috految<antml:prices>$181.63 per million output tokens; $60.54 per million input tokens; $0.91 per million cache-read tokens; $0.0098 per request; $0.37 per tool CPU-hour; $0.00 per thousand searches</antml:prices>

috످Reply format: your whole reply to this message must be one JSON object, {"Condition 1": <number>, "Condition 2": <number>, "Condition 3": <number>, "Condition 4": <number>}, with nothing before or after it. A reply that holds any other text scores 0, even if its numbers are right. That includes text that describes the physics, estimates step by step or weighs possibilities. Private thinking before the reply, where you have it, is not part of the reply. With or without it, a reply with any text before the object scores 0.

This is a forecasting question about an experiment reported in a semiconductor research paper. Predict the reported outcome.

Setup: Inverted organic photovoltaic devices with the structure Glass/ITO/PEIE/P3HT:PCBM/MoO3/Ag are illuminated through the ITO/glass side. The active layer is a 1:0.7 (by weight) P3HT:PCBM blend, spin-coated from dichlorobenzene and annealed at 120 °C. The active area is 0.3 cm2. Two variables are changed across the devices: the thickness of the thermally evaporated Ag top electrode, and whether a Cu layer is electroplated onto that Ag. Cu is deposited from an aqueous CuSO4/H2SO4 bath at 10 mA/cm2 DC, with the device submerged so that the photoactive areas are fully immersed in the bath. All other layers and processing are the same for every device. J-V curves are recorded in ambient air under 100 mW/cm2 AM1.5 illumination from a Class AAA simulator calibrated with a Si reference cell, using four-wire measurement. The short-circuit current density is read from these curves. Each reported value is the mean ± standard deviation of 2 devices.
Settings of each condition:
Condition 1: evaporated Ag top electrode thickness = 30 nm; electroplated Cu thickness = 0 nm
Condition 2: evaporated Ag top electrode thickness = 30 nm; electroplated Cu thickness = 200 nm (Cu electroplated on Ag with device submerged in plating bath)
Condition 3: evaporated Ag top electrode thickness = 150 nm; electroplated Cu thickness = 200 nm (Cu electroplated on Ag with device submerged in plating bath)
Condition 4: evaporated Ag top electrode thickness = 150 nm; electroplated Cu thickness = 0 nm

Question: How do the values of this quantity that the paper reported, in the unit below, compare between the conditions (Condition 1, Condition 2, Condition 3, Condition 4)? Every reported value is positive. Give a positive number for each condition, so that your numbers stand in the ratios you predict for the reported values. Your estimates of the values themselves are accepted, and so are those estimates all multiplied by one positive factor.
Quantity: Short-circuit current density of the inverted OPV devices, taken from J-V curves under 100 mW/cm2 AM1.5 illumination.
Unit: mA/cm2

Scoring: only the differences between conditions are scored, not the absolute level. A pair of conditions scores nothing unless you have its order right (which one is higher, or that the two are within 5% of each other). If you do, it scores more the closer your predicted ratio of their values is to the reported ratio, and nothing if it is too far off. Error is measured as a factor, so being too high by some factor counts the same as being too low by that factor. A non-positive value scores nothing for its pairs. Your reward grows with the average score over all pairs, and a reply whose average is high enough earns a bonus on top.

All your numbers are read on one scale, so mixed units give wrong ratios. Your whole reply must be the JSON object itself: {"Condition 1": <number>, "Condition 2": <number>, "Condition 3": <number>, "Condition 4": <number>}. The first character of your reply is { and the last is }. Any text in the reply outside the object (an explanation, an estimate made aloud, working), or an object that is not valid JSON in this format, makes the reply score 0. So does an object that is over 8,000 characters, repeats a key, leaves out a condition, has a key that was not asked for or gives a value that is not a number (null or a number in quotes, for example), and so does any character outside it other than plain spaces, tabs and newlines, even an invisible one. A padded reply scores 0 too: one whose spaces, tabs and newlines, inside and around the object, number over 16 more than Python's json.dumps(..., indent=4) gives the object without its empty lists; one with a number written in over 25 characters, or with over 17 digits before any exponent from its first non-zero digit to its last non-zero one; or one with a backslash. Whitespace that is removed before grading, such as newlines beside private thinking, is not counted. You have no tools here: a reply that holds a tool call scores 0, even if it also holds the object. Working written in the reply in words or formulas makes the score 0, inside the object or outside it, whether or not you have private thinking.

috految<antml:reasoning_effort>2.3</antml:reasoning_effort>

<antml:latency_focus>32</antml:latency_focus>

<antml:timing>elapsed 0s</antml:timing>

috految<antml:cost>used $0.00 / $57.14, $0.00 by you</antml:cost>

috److{"Condition 1": 7.4, "Condition 2": 6.2, "Condition 3": 8.35, "Condition 4": 8.6}

috످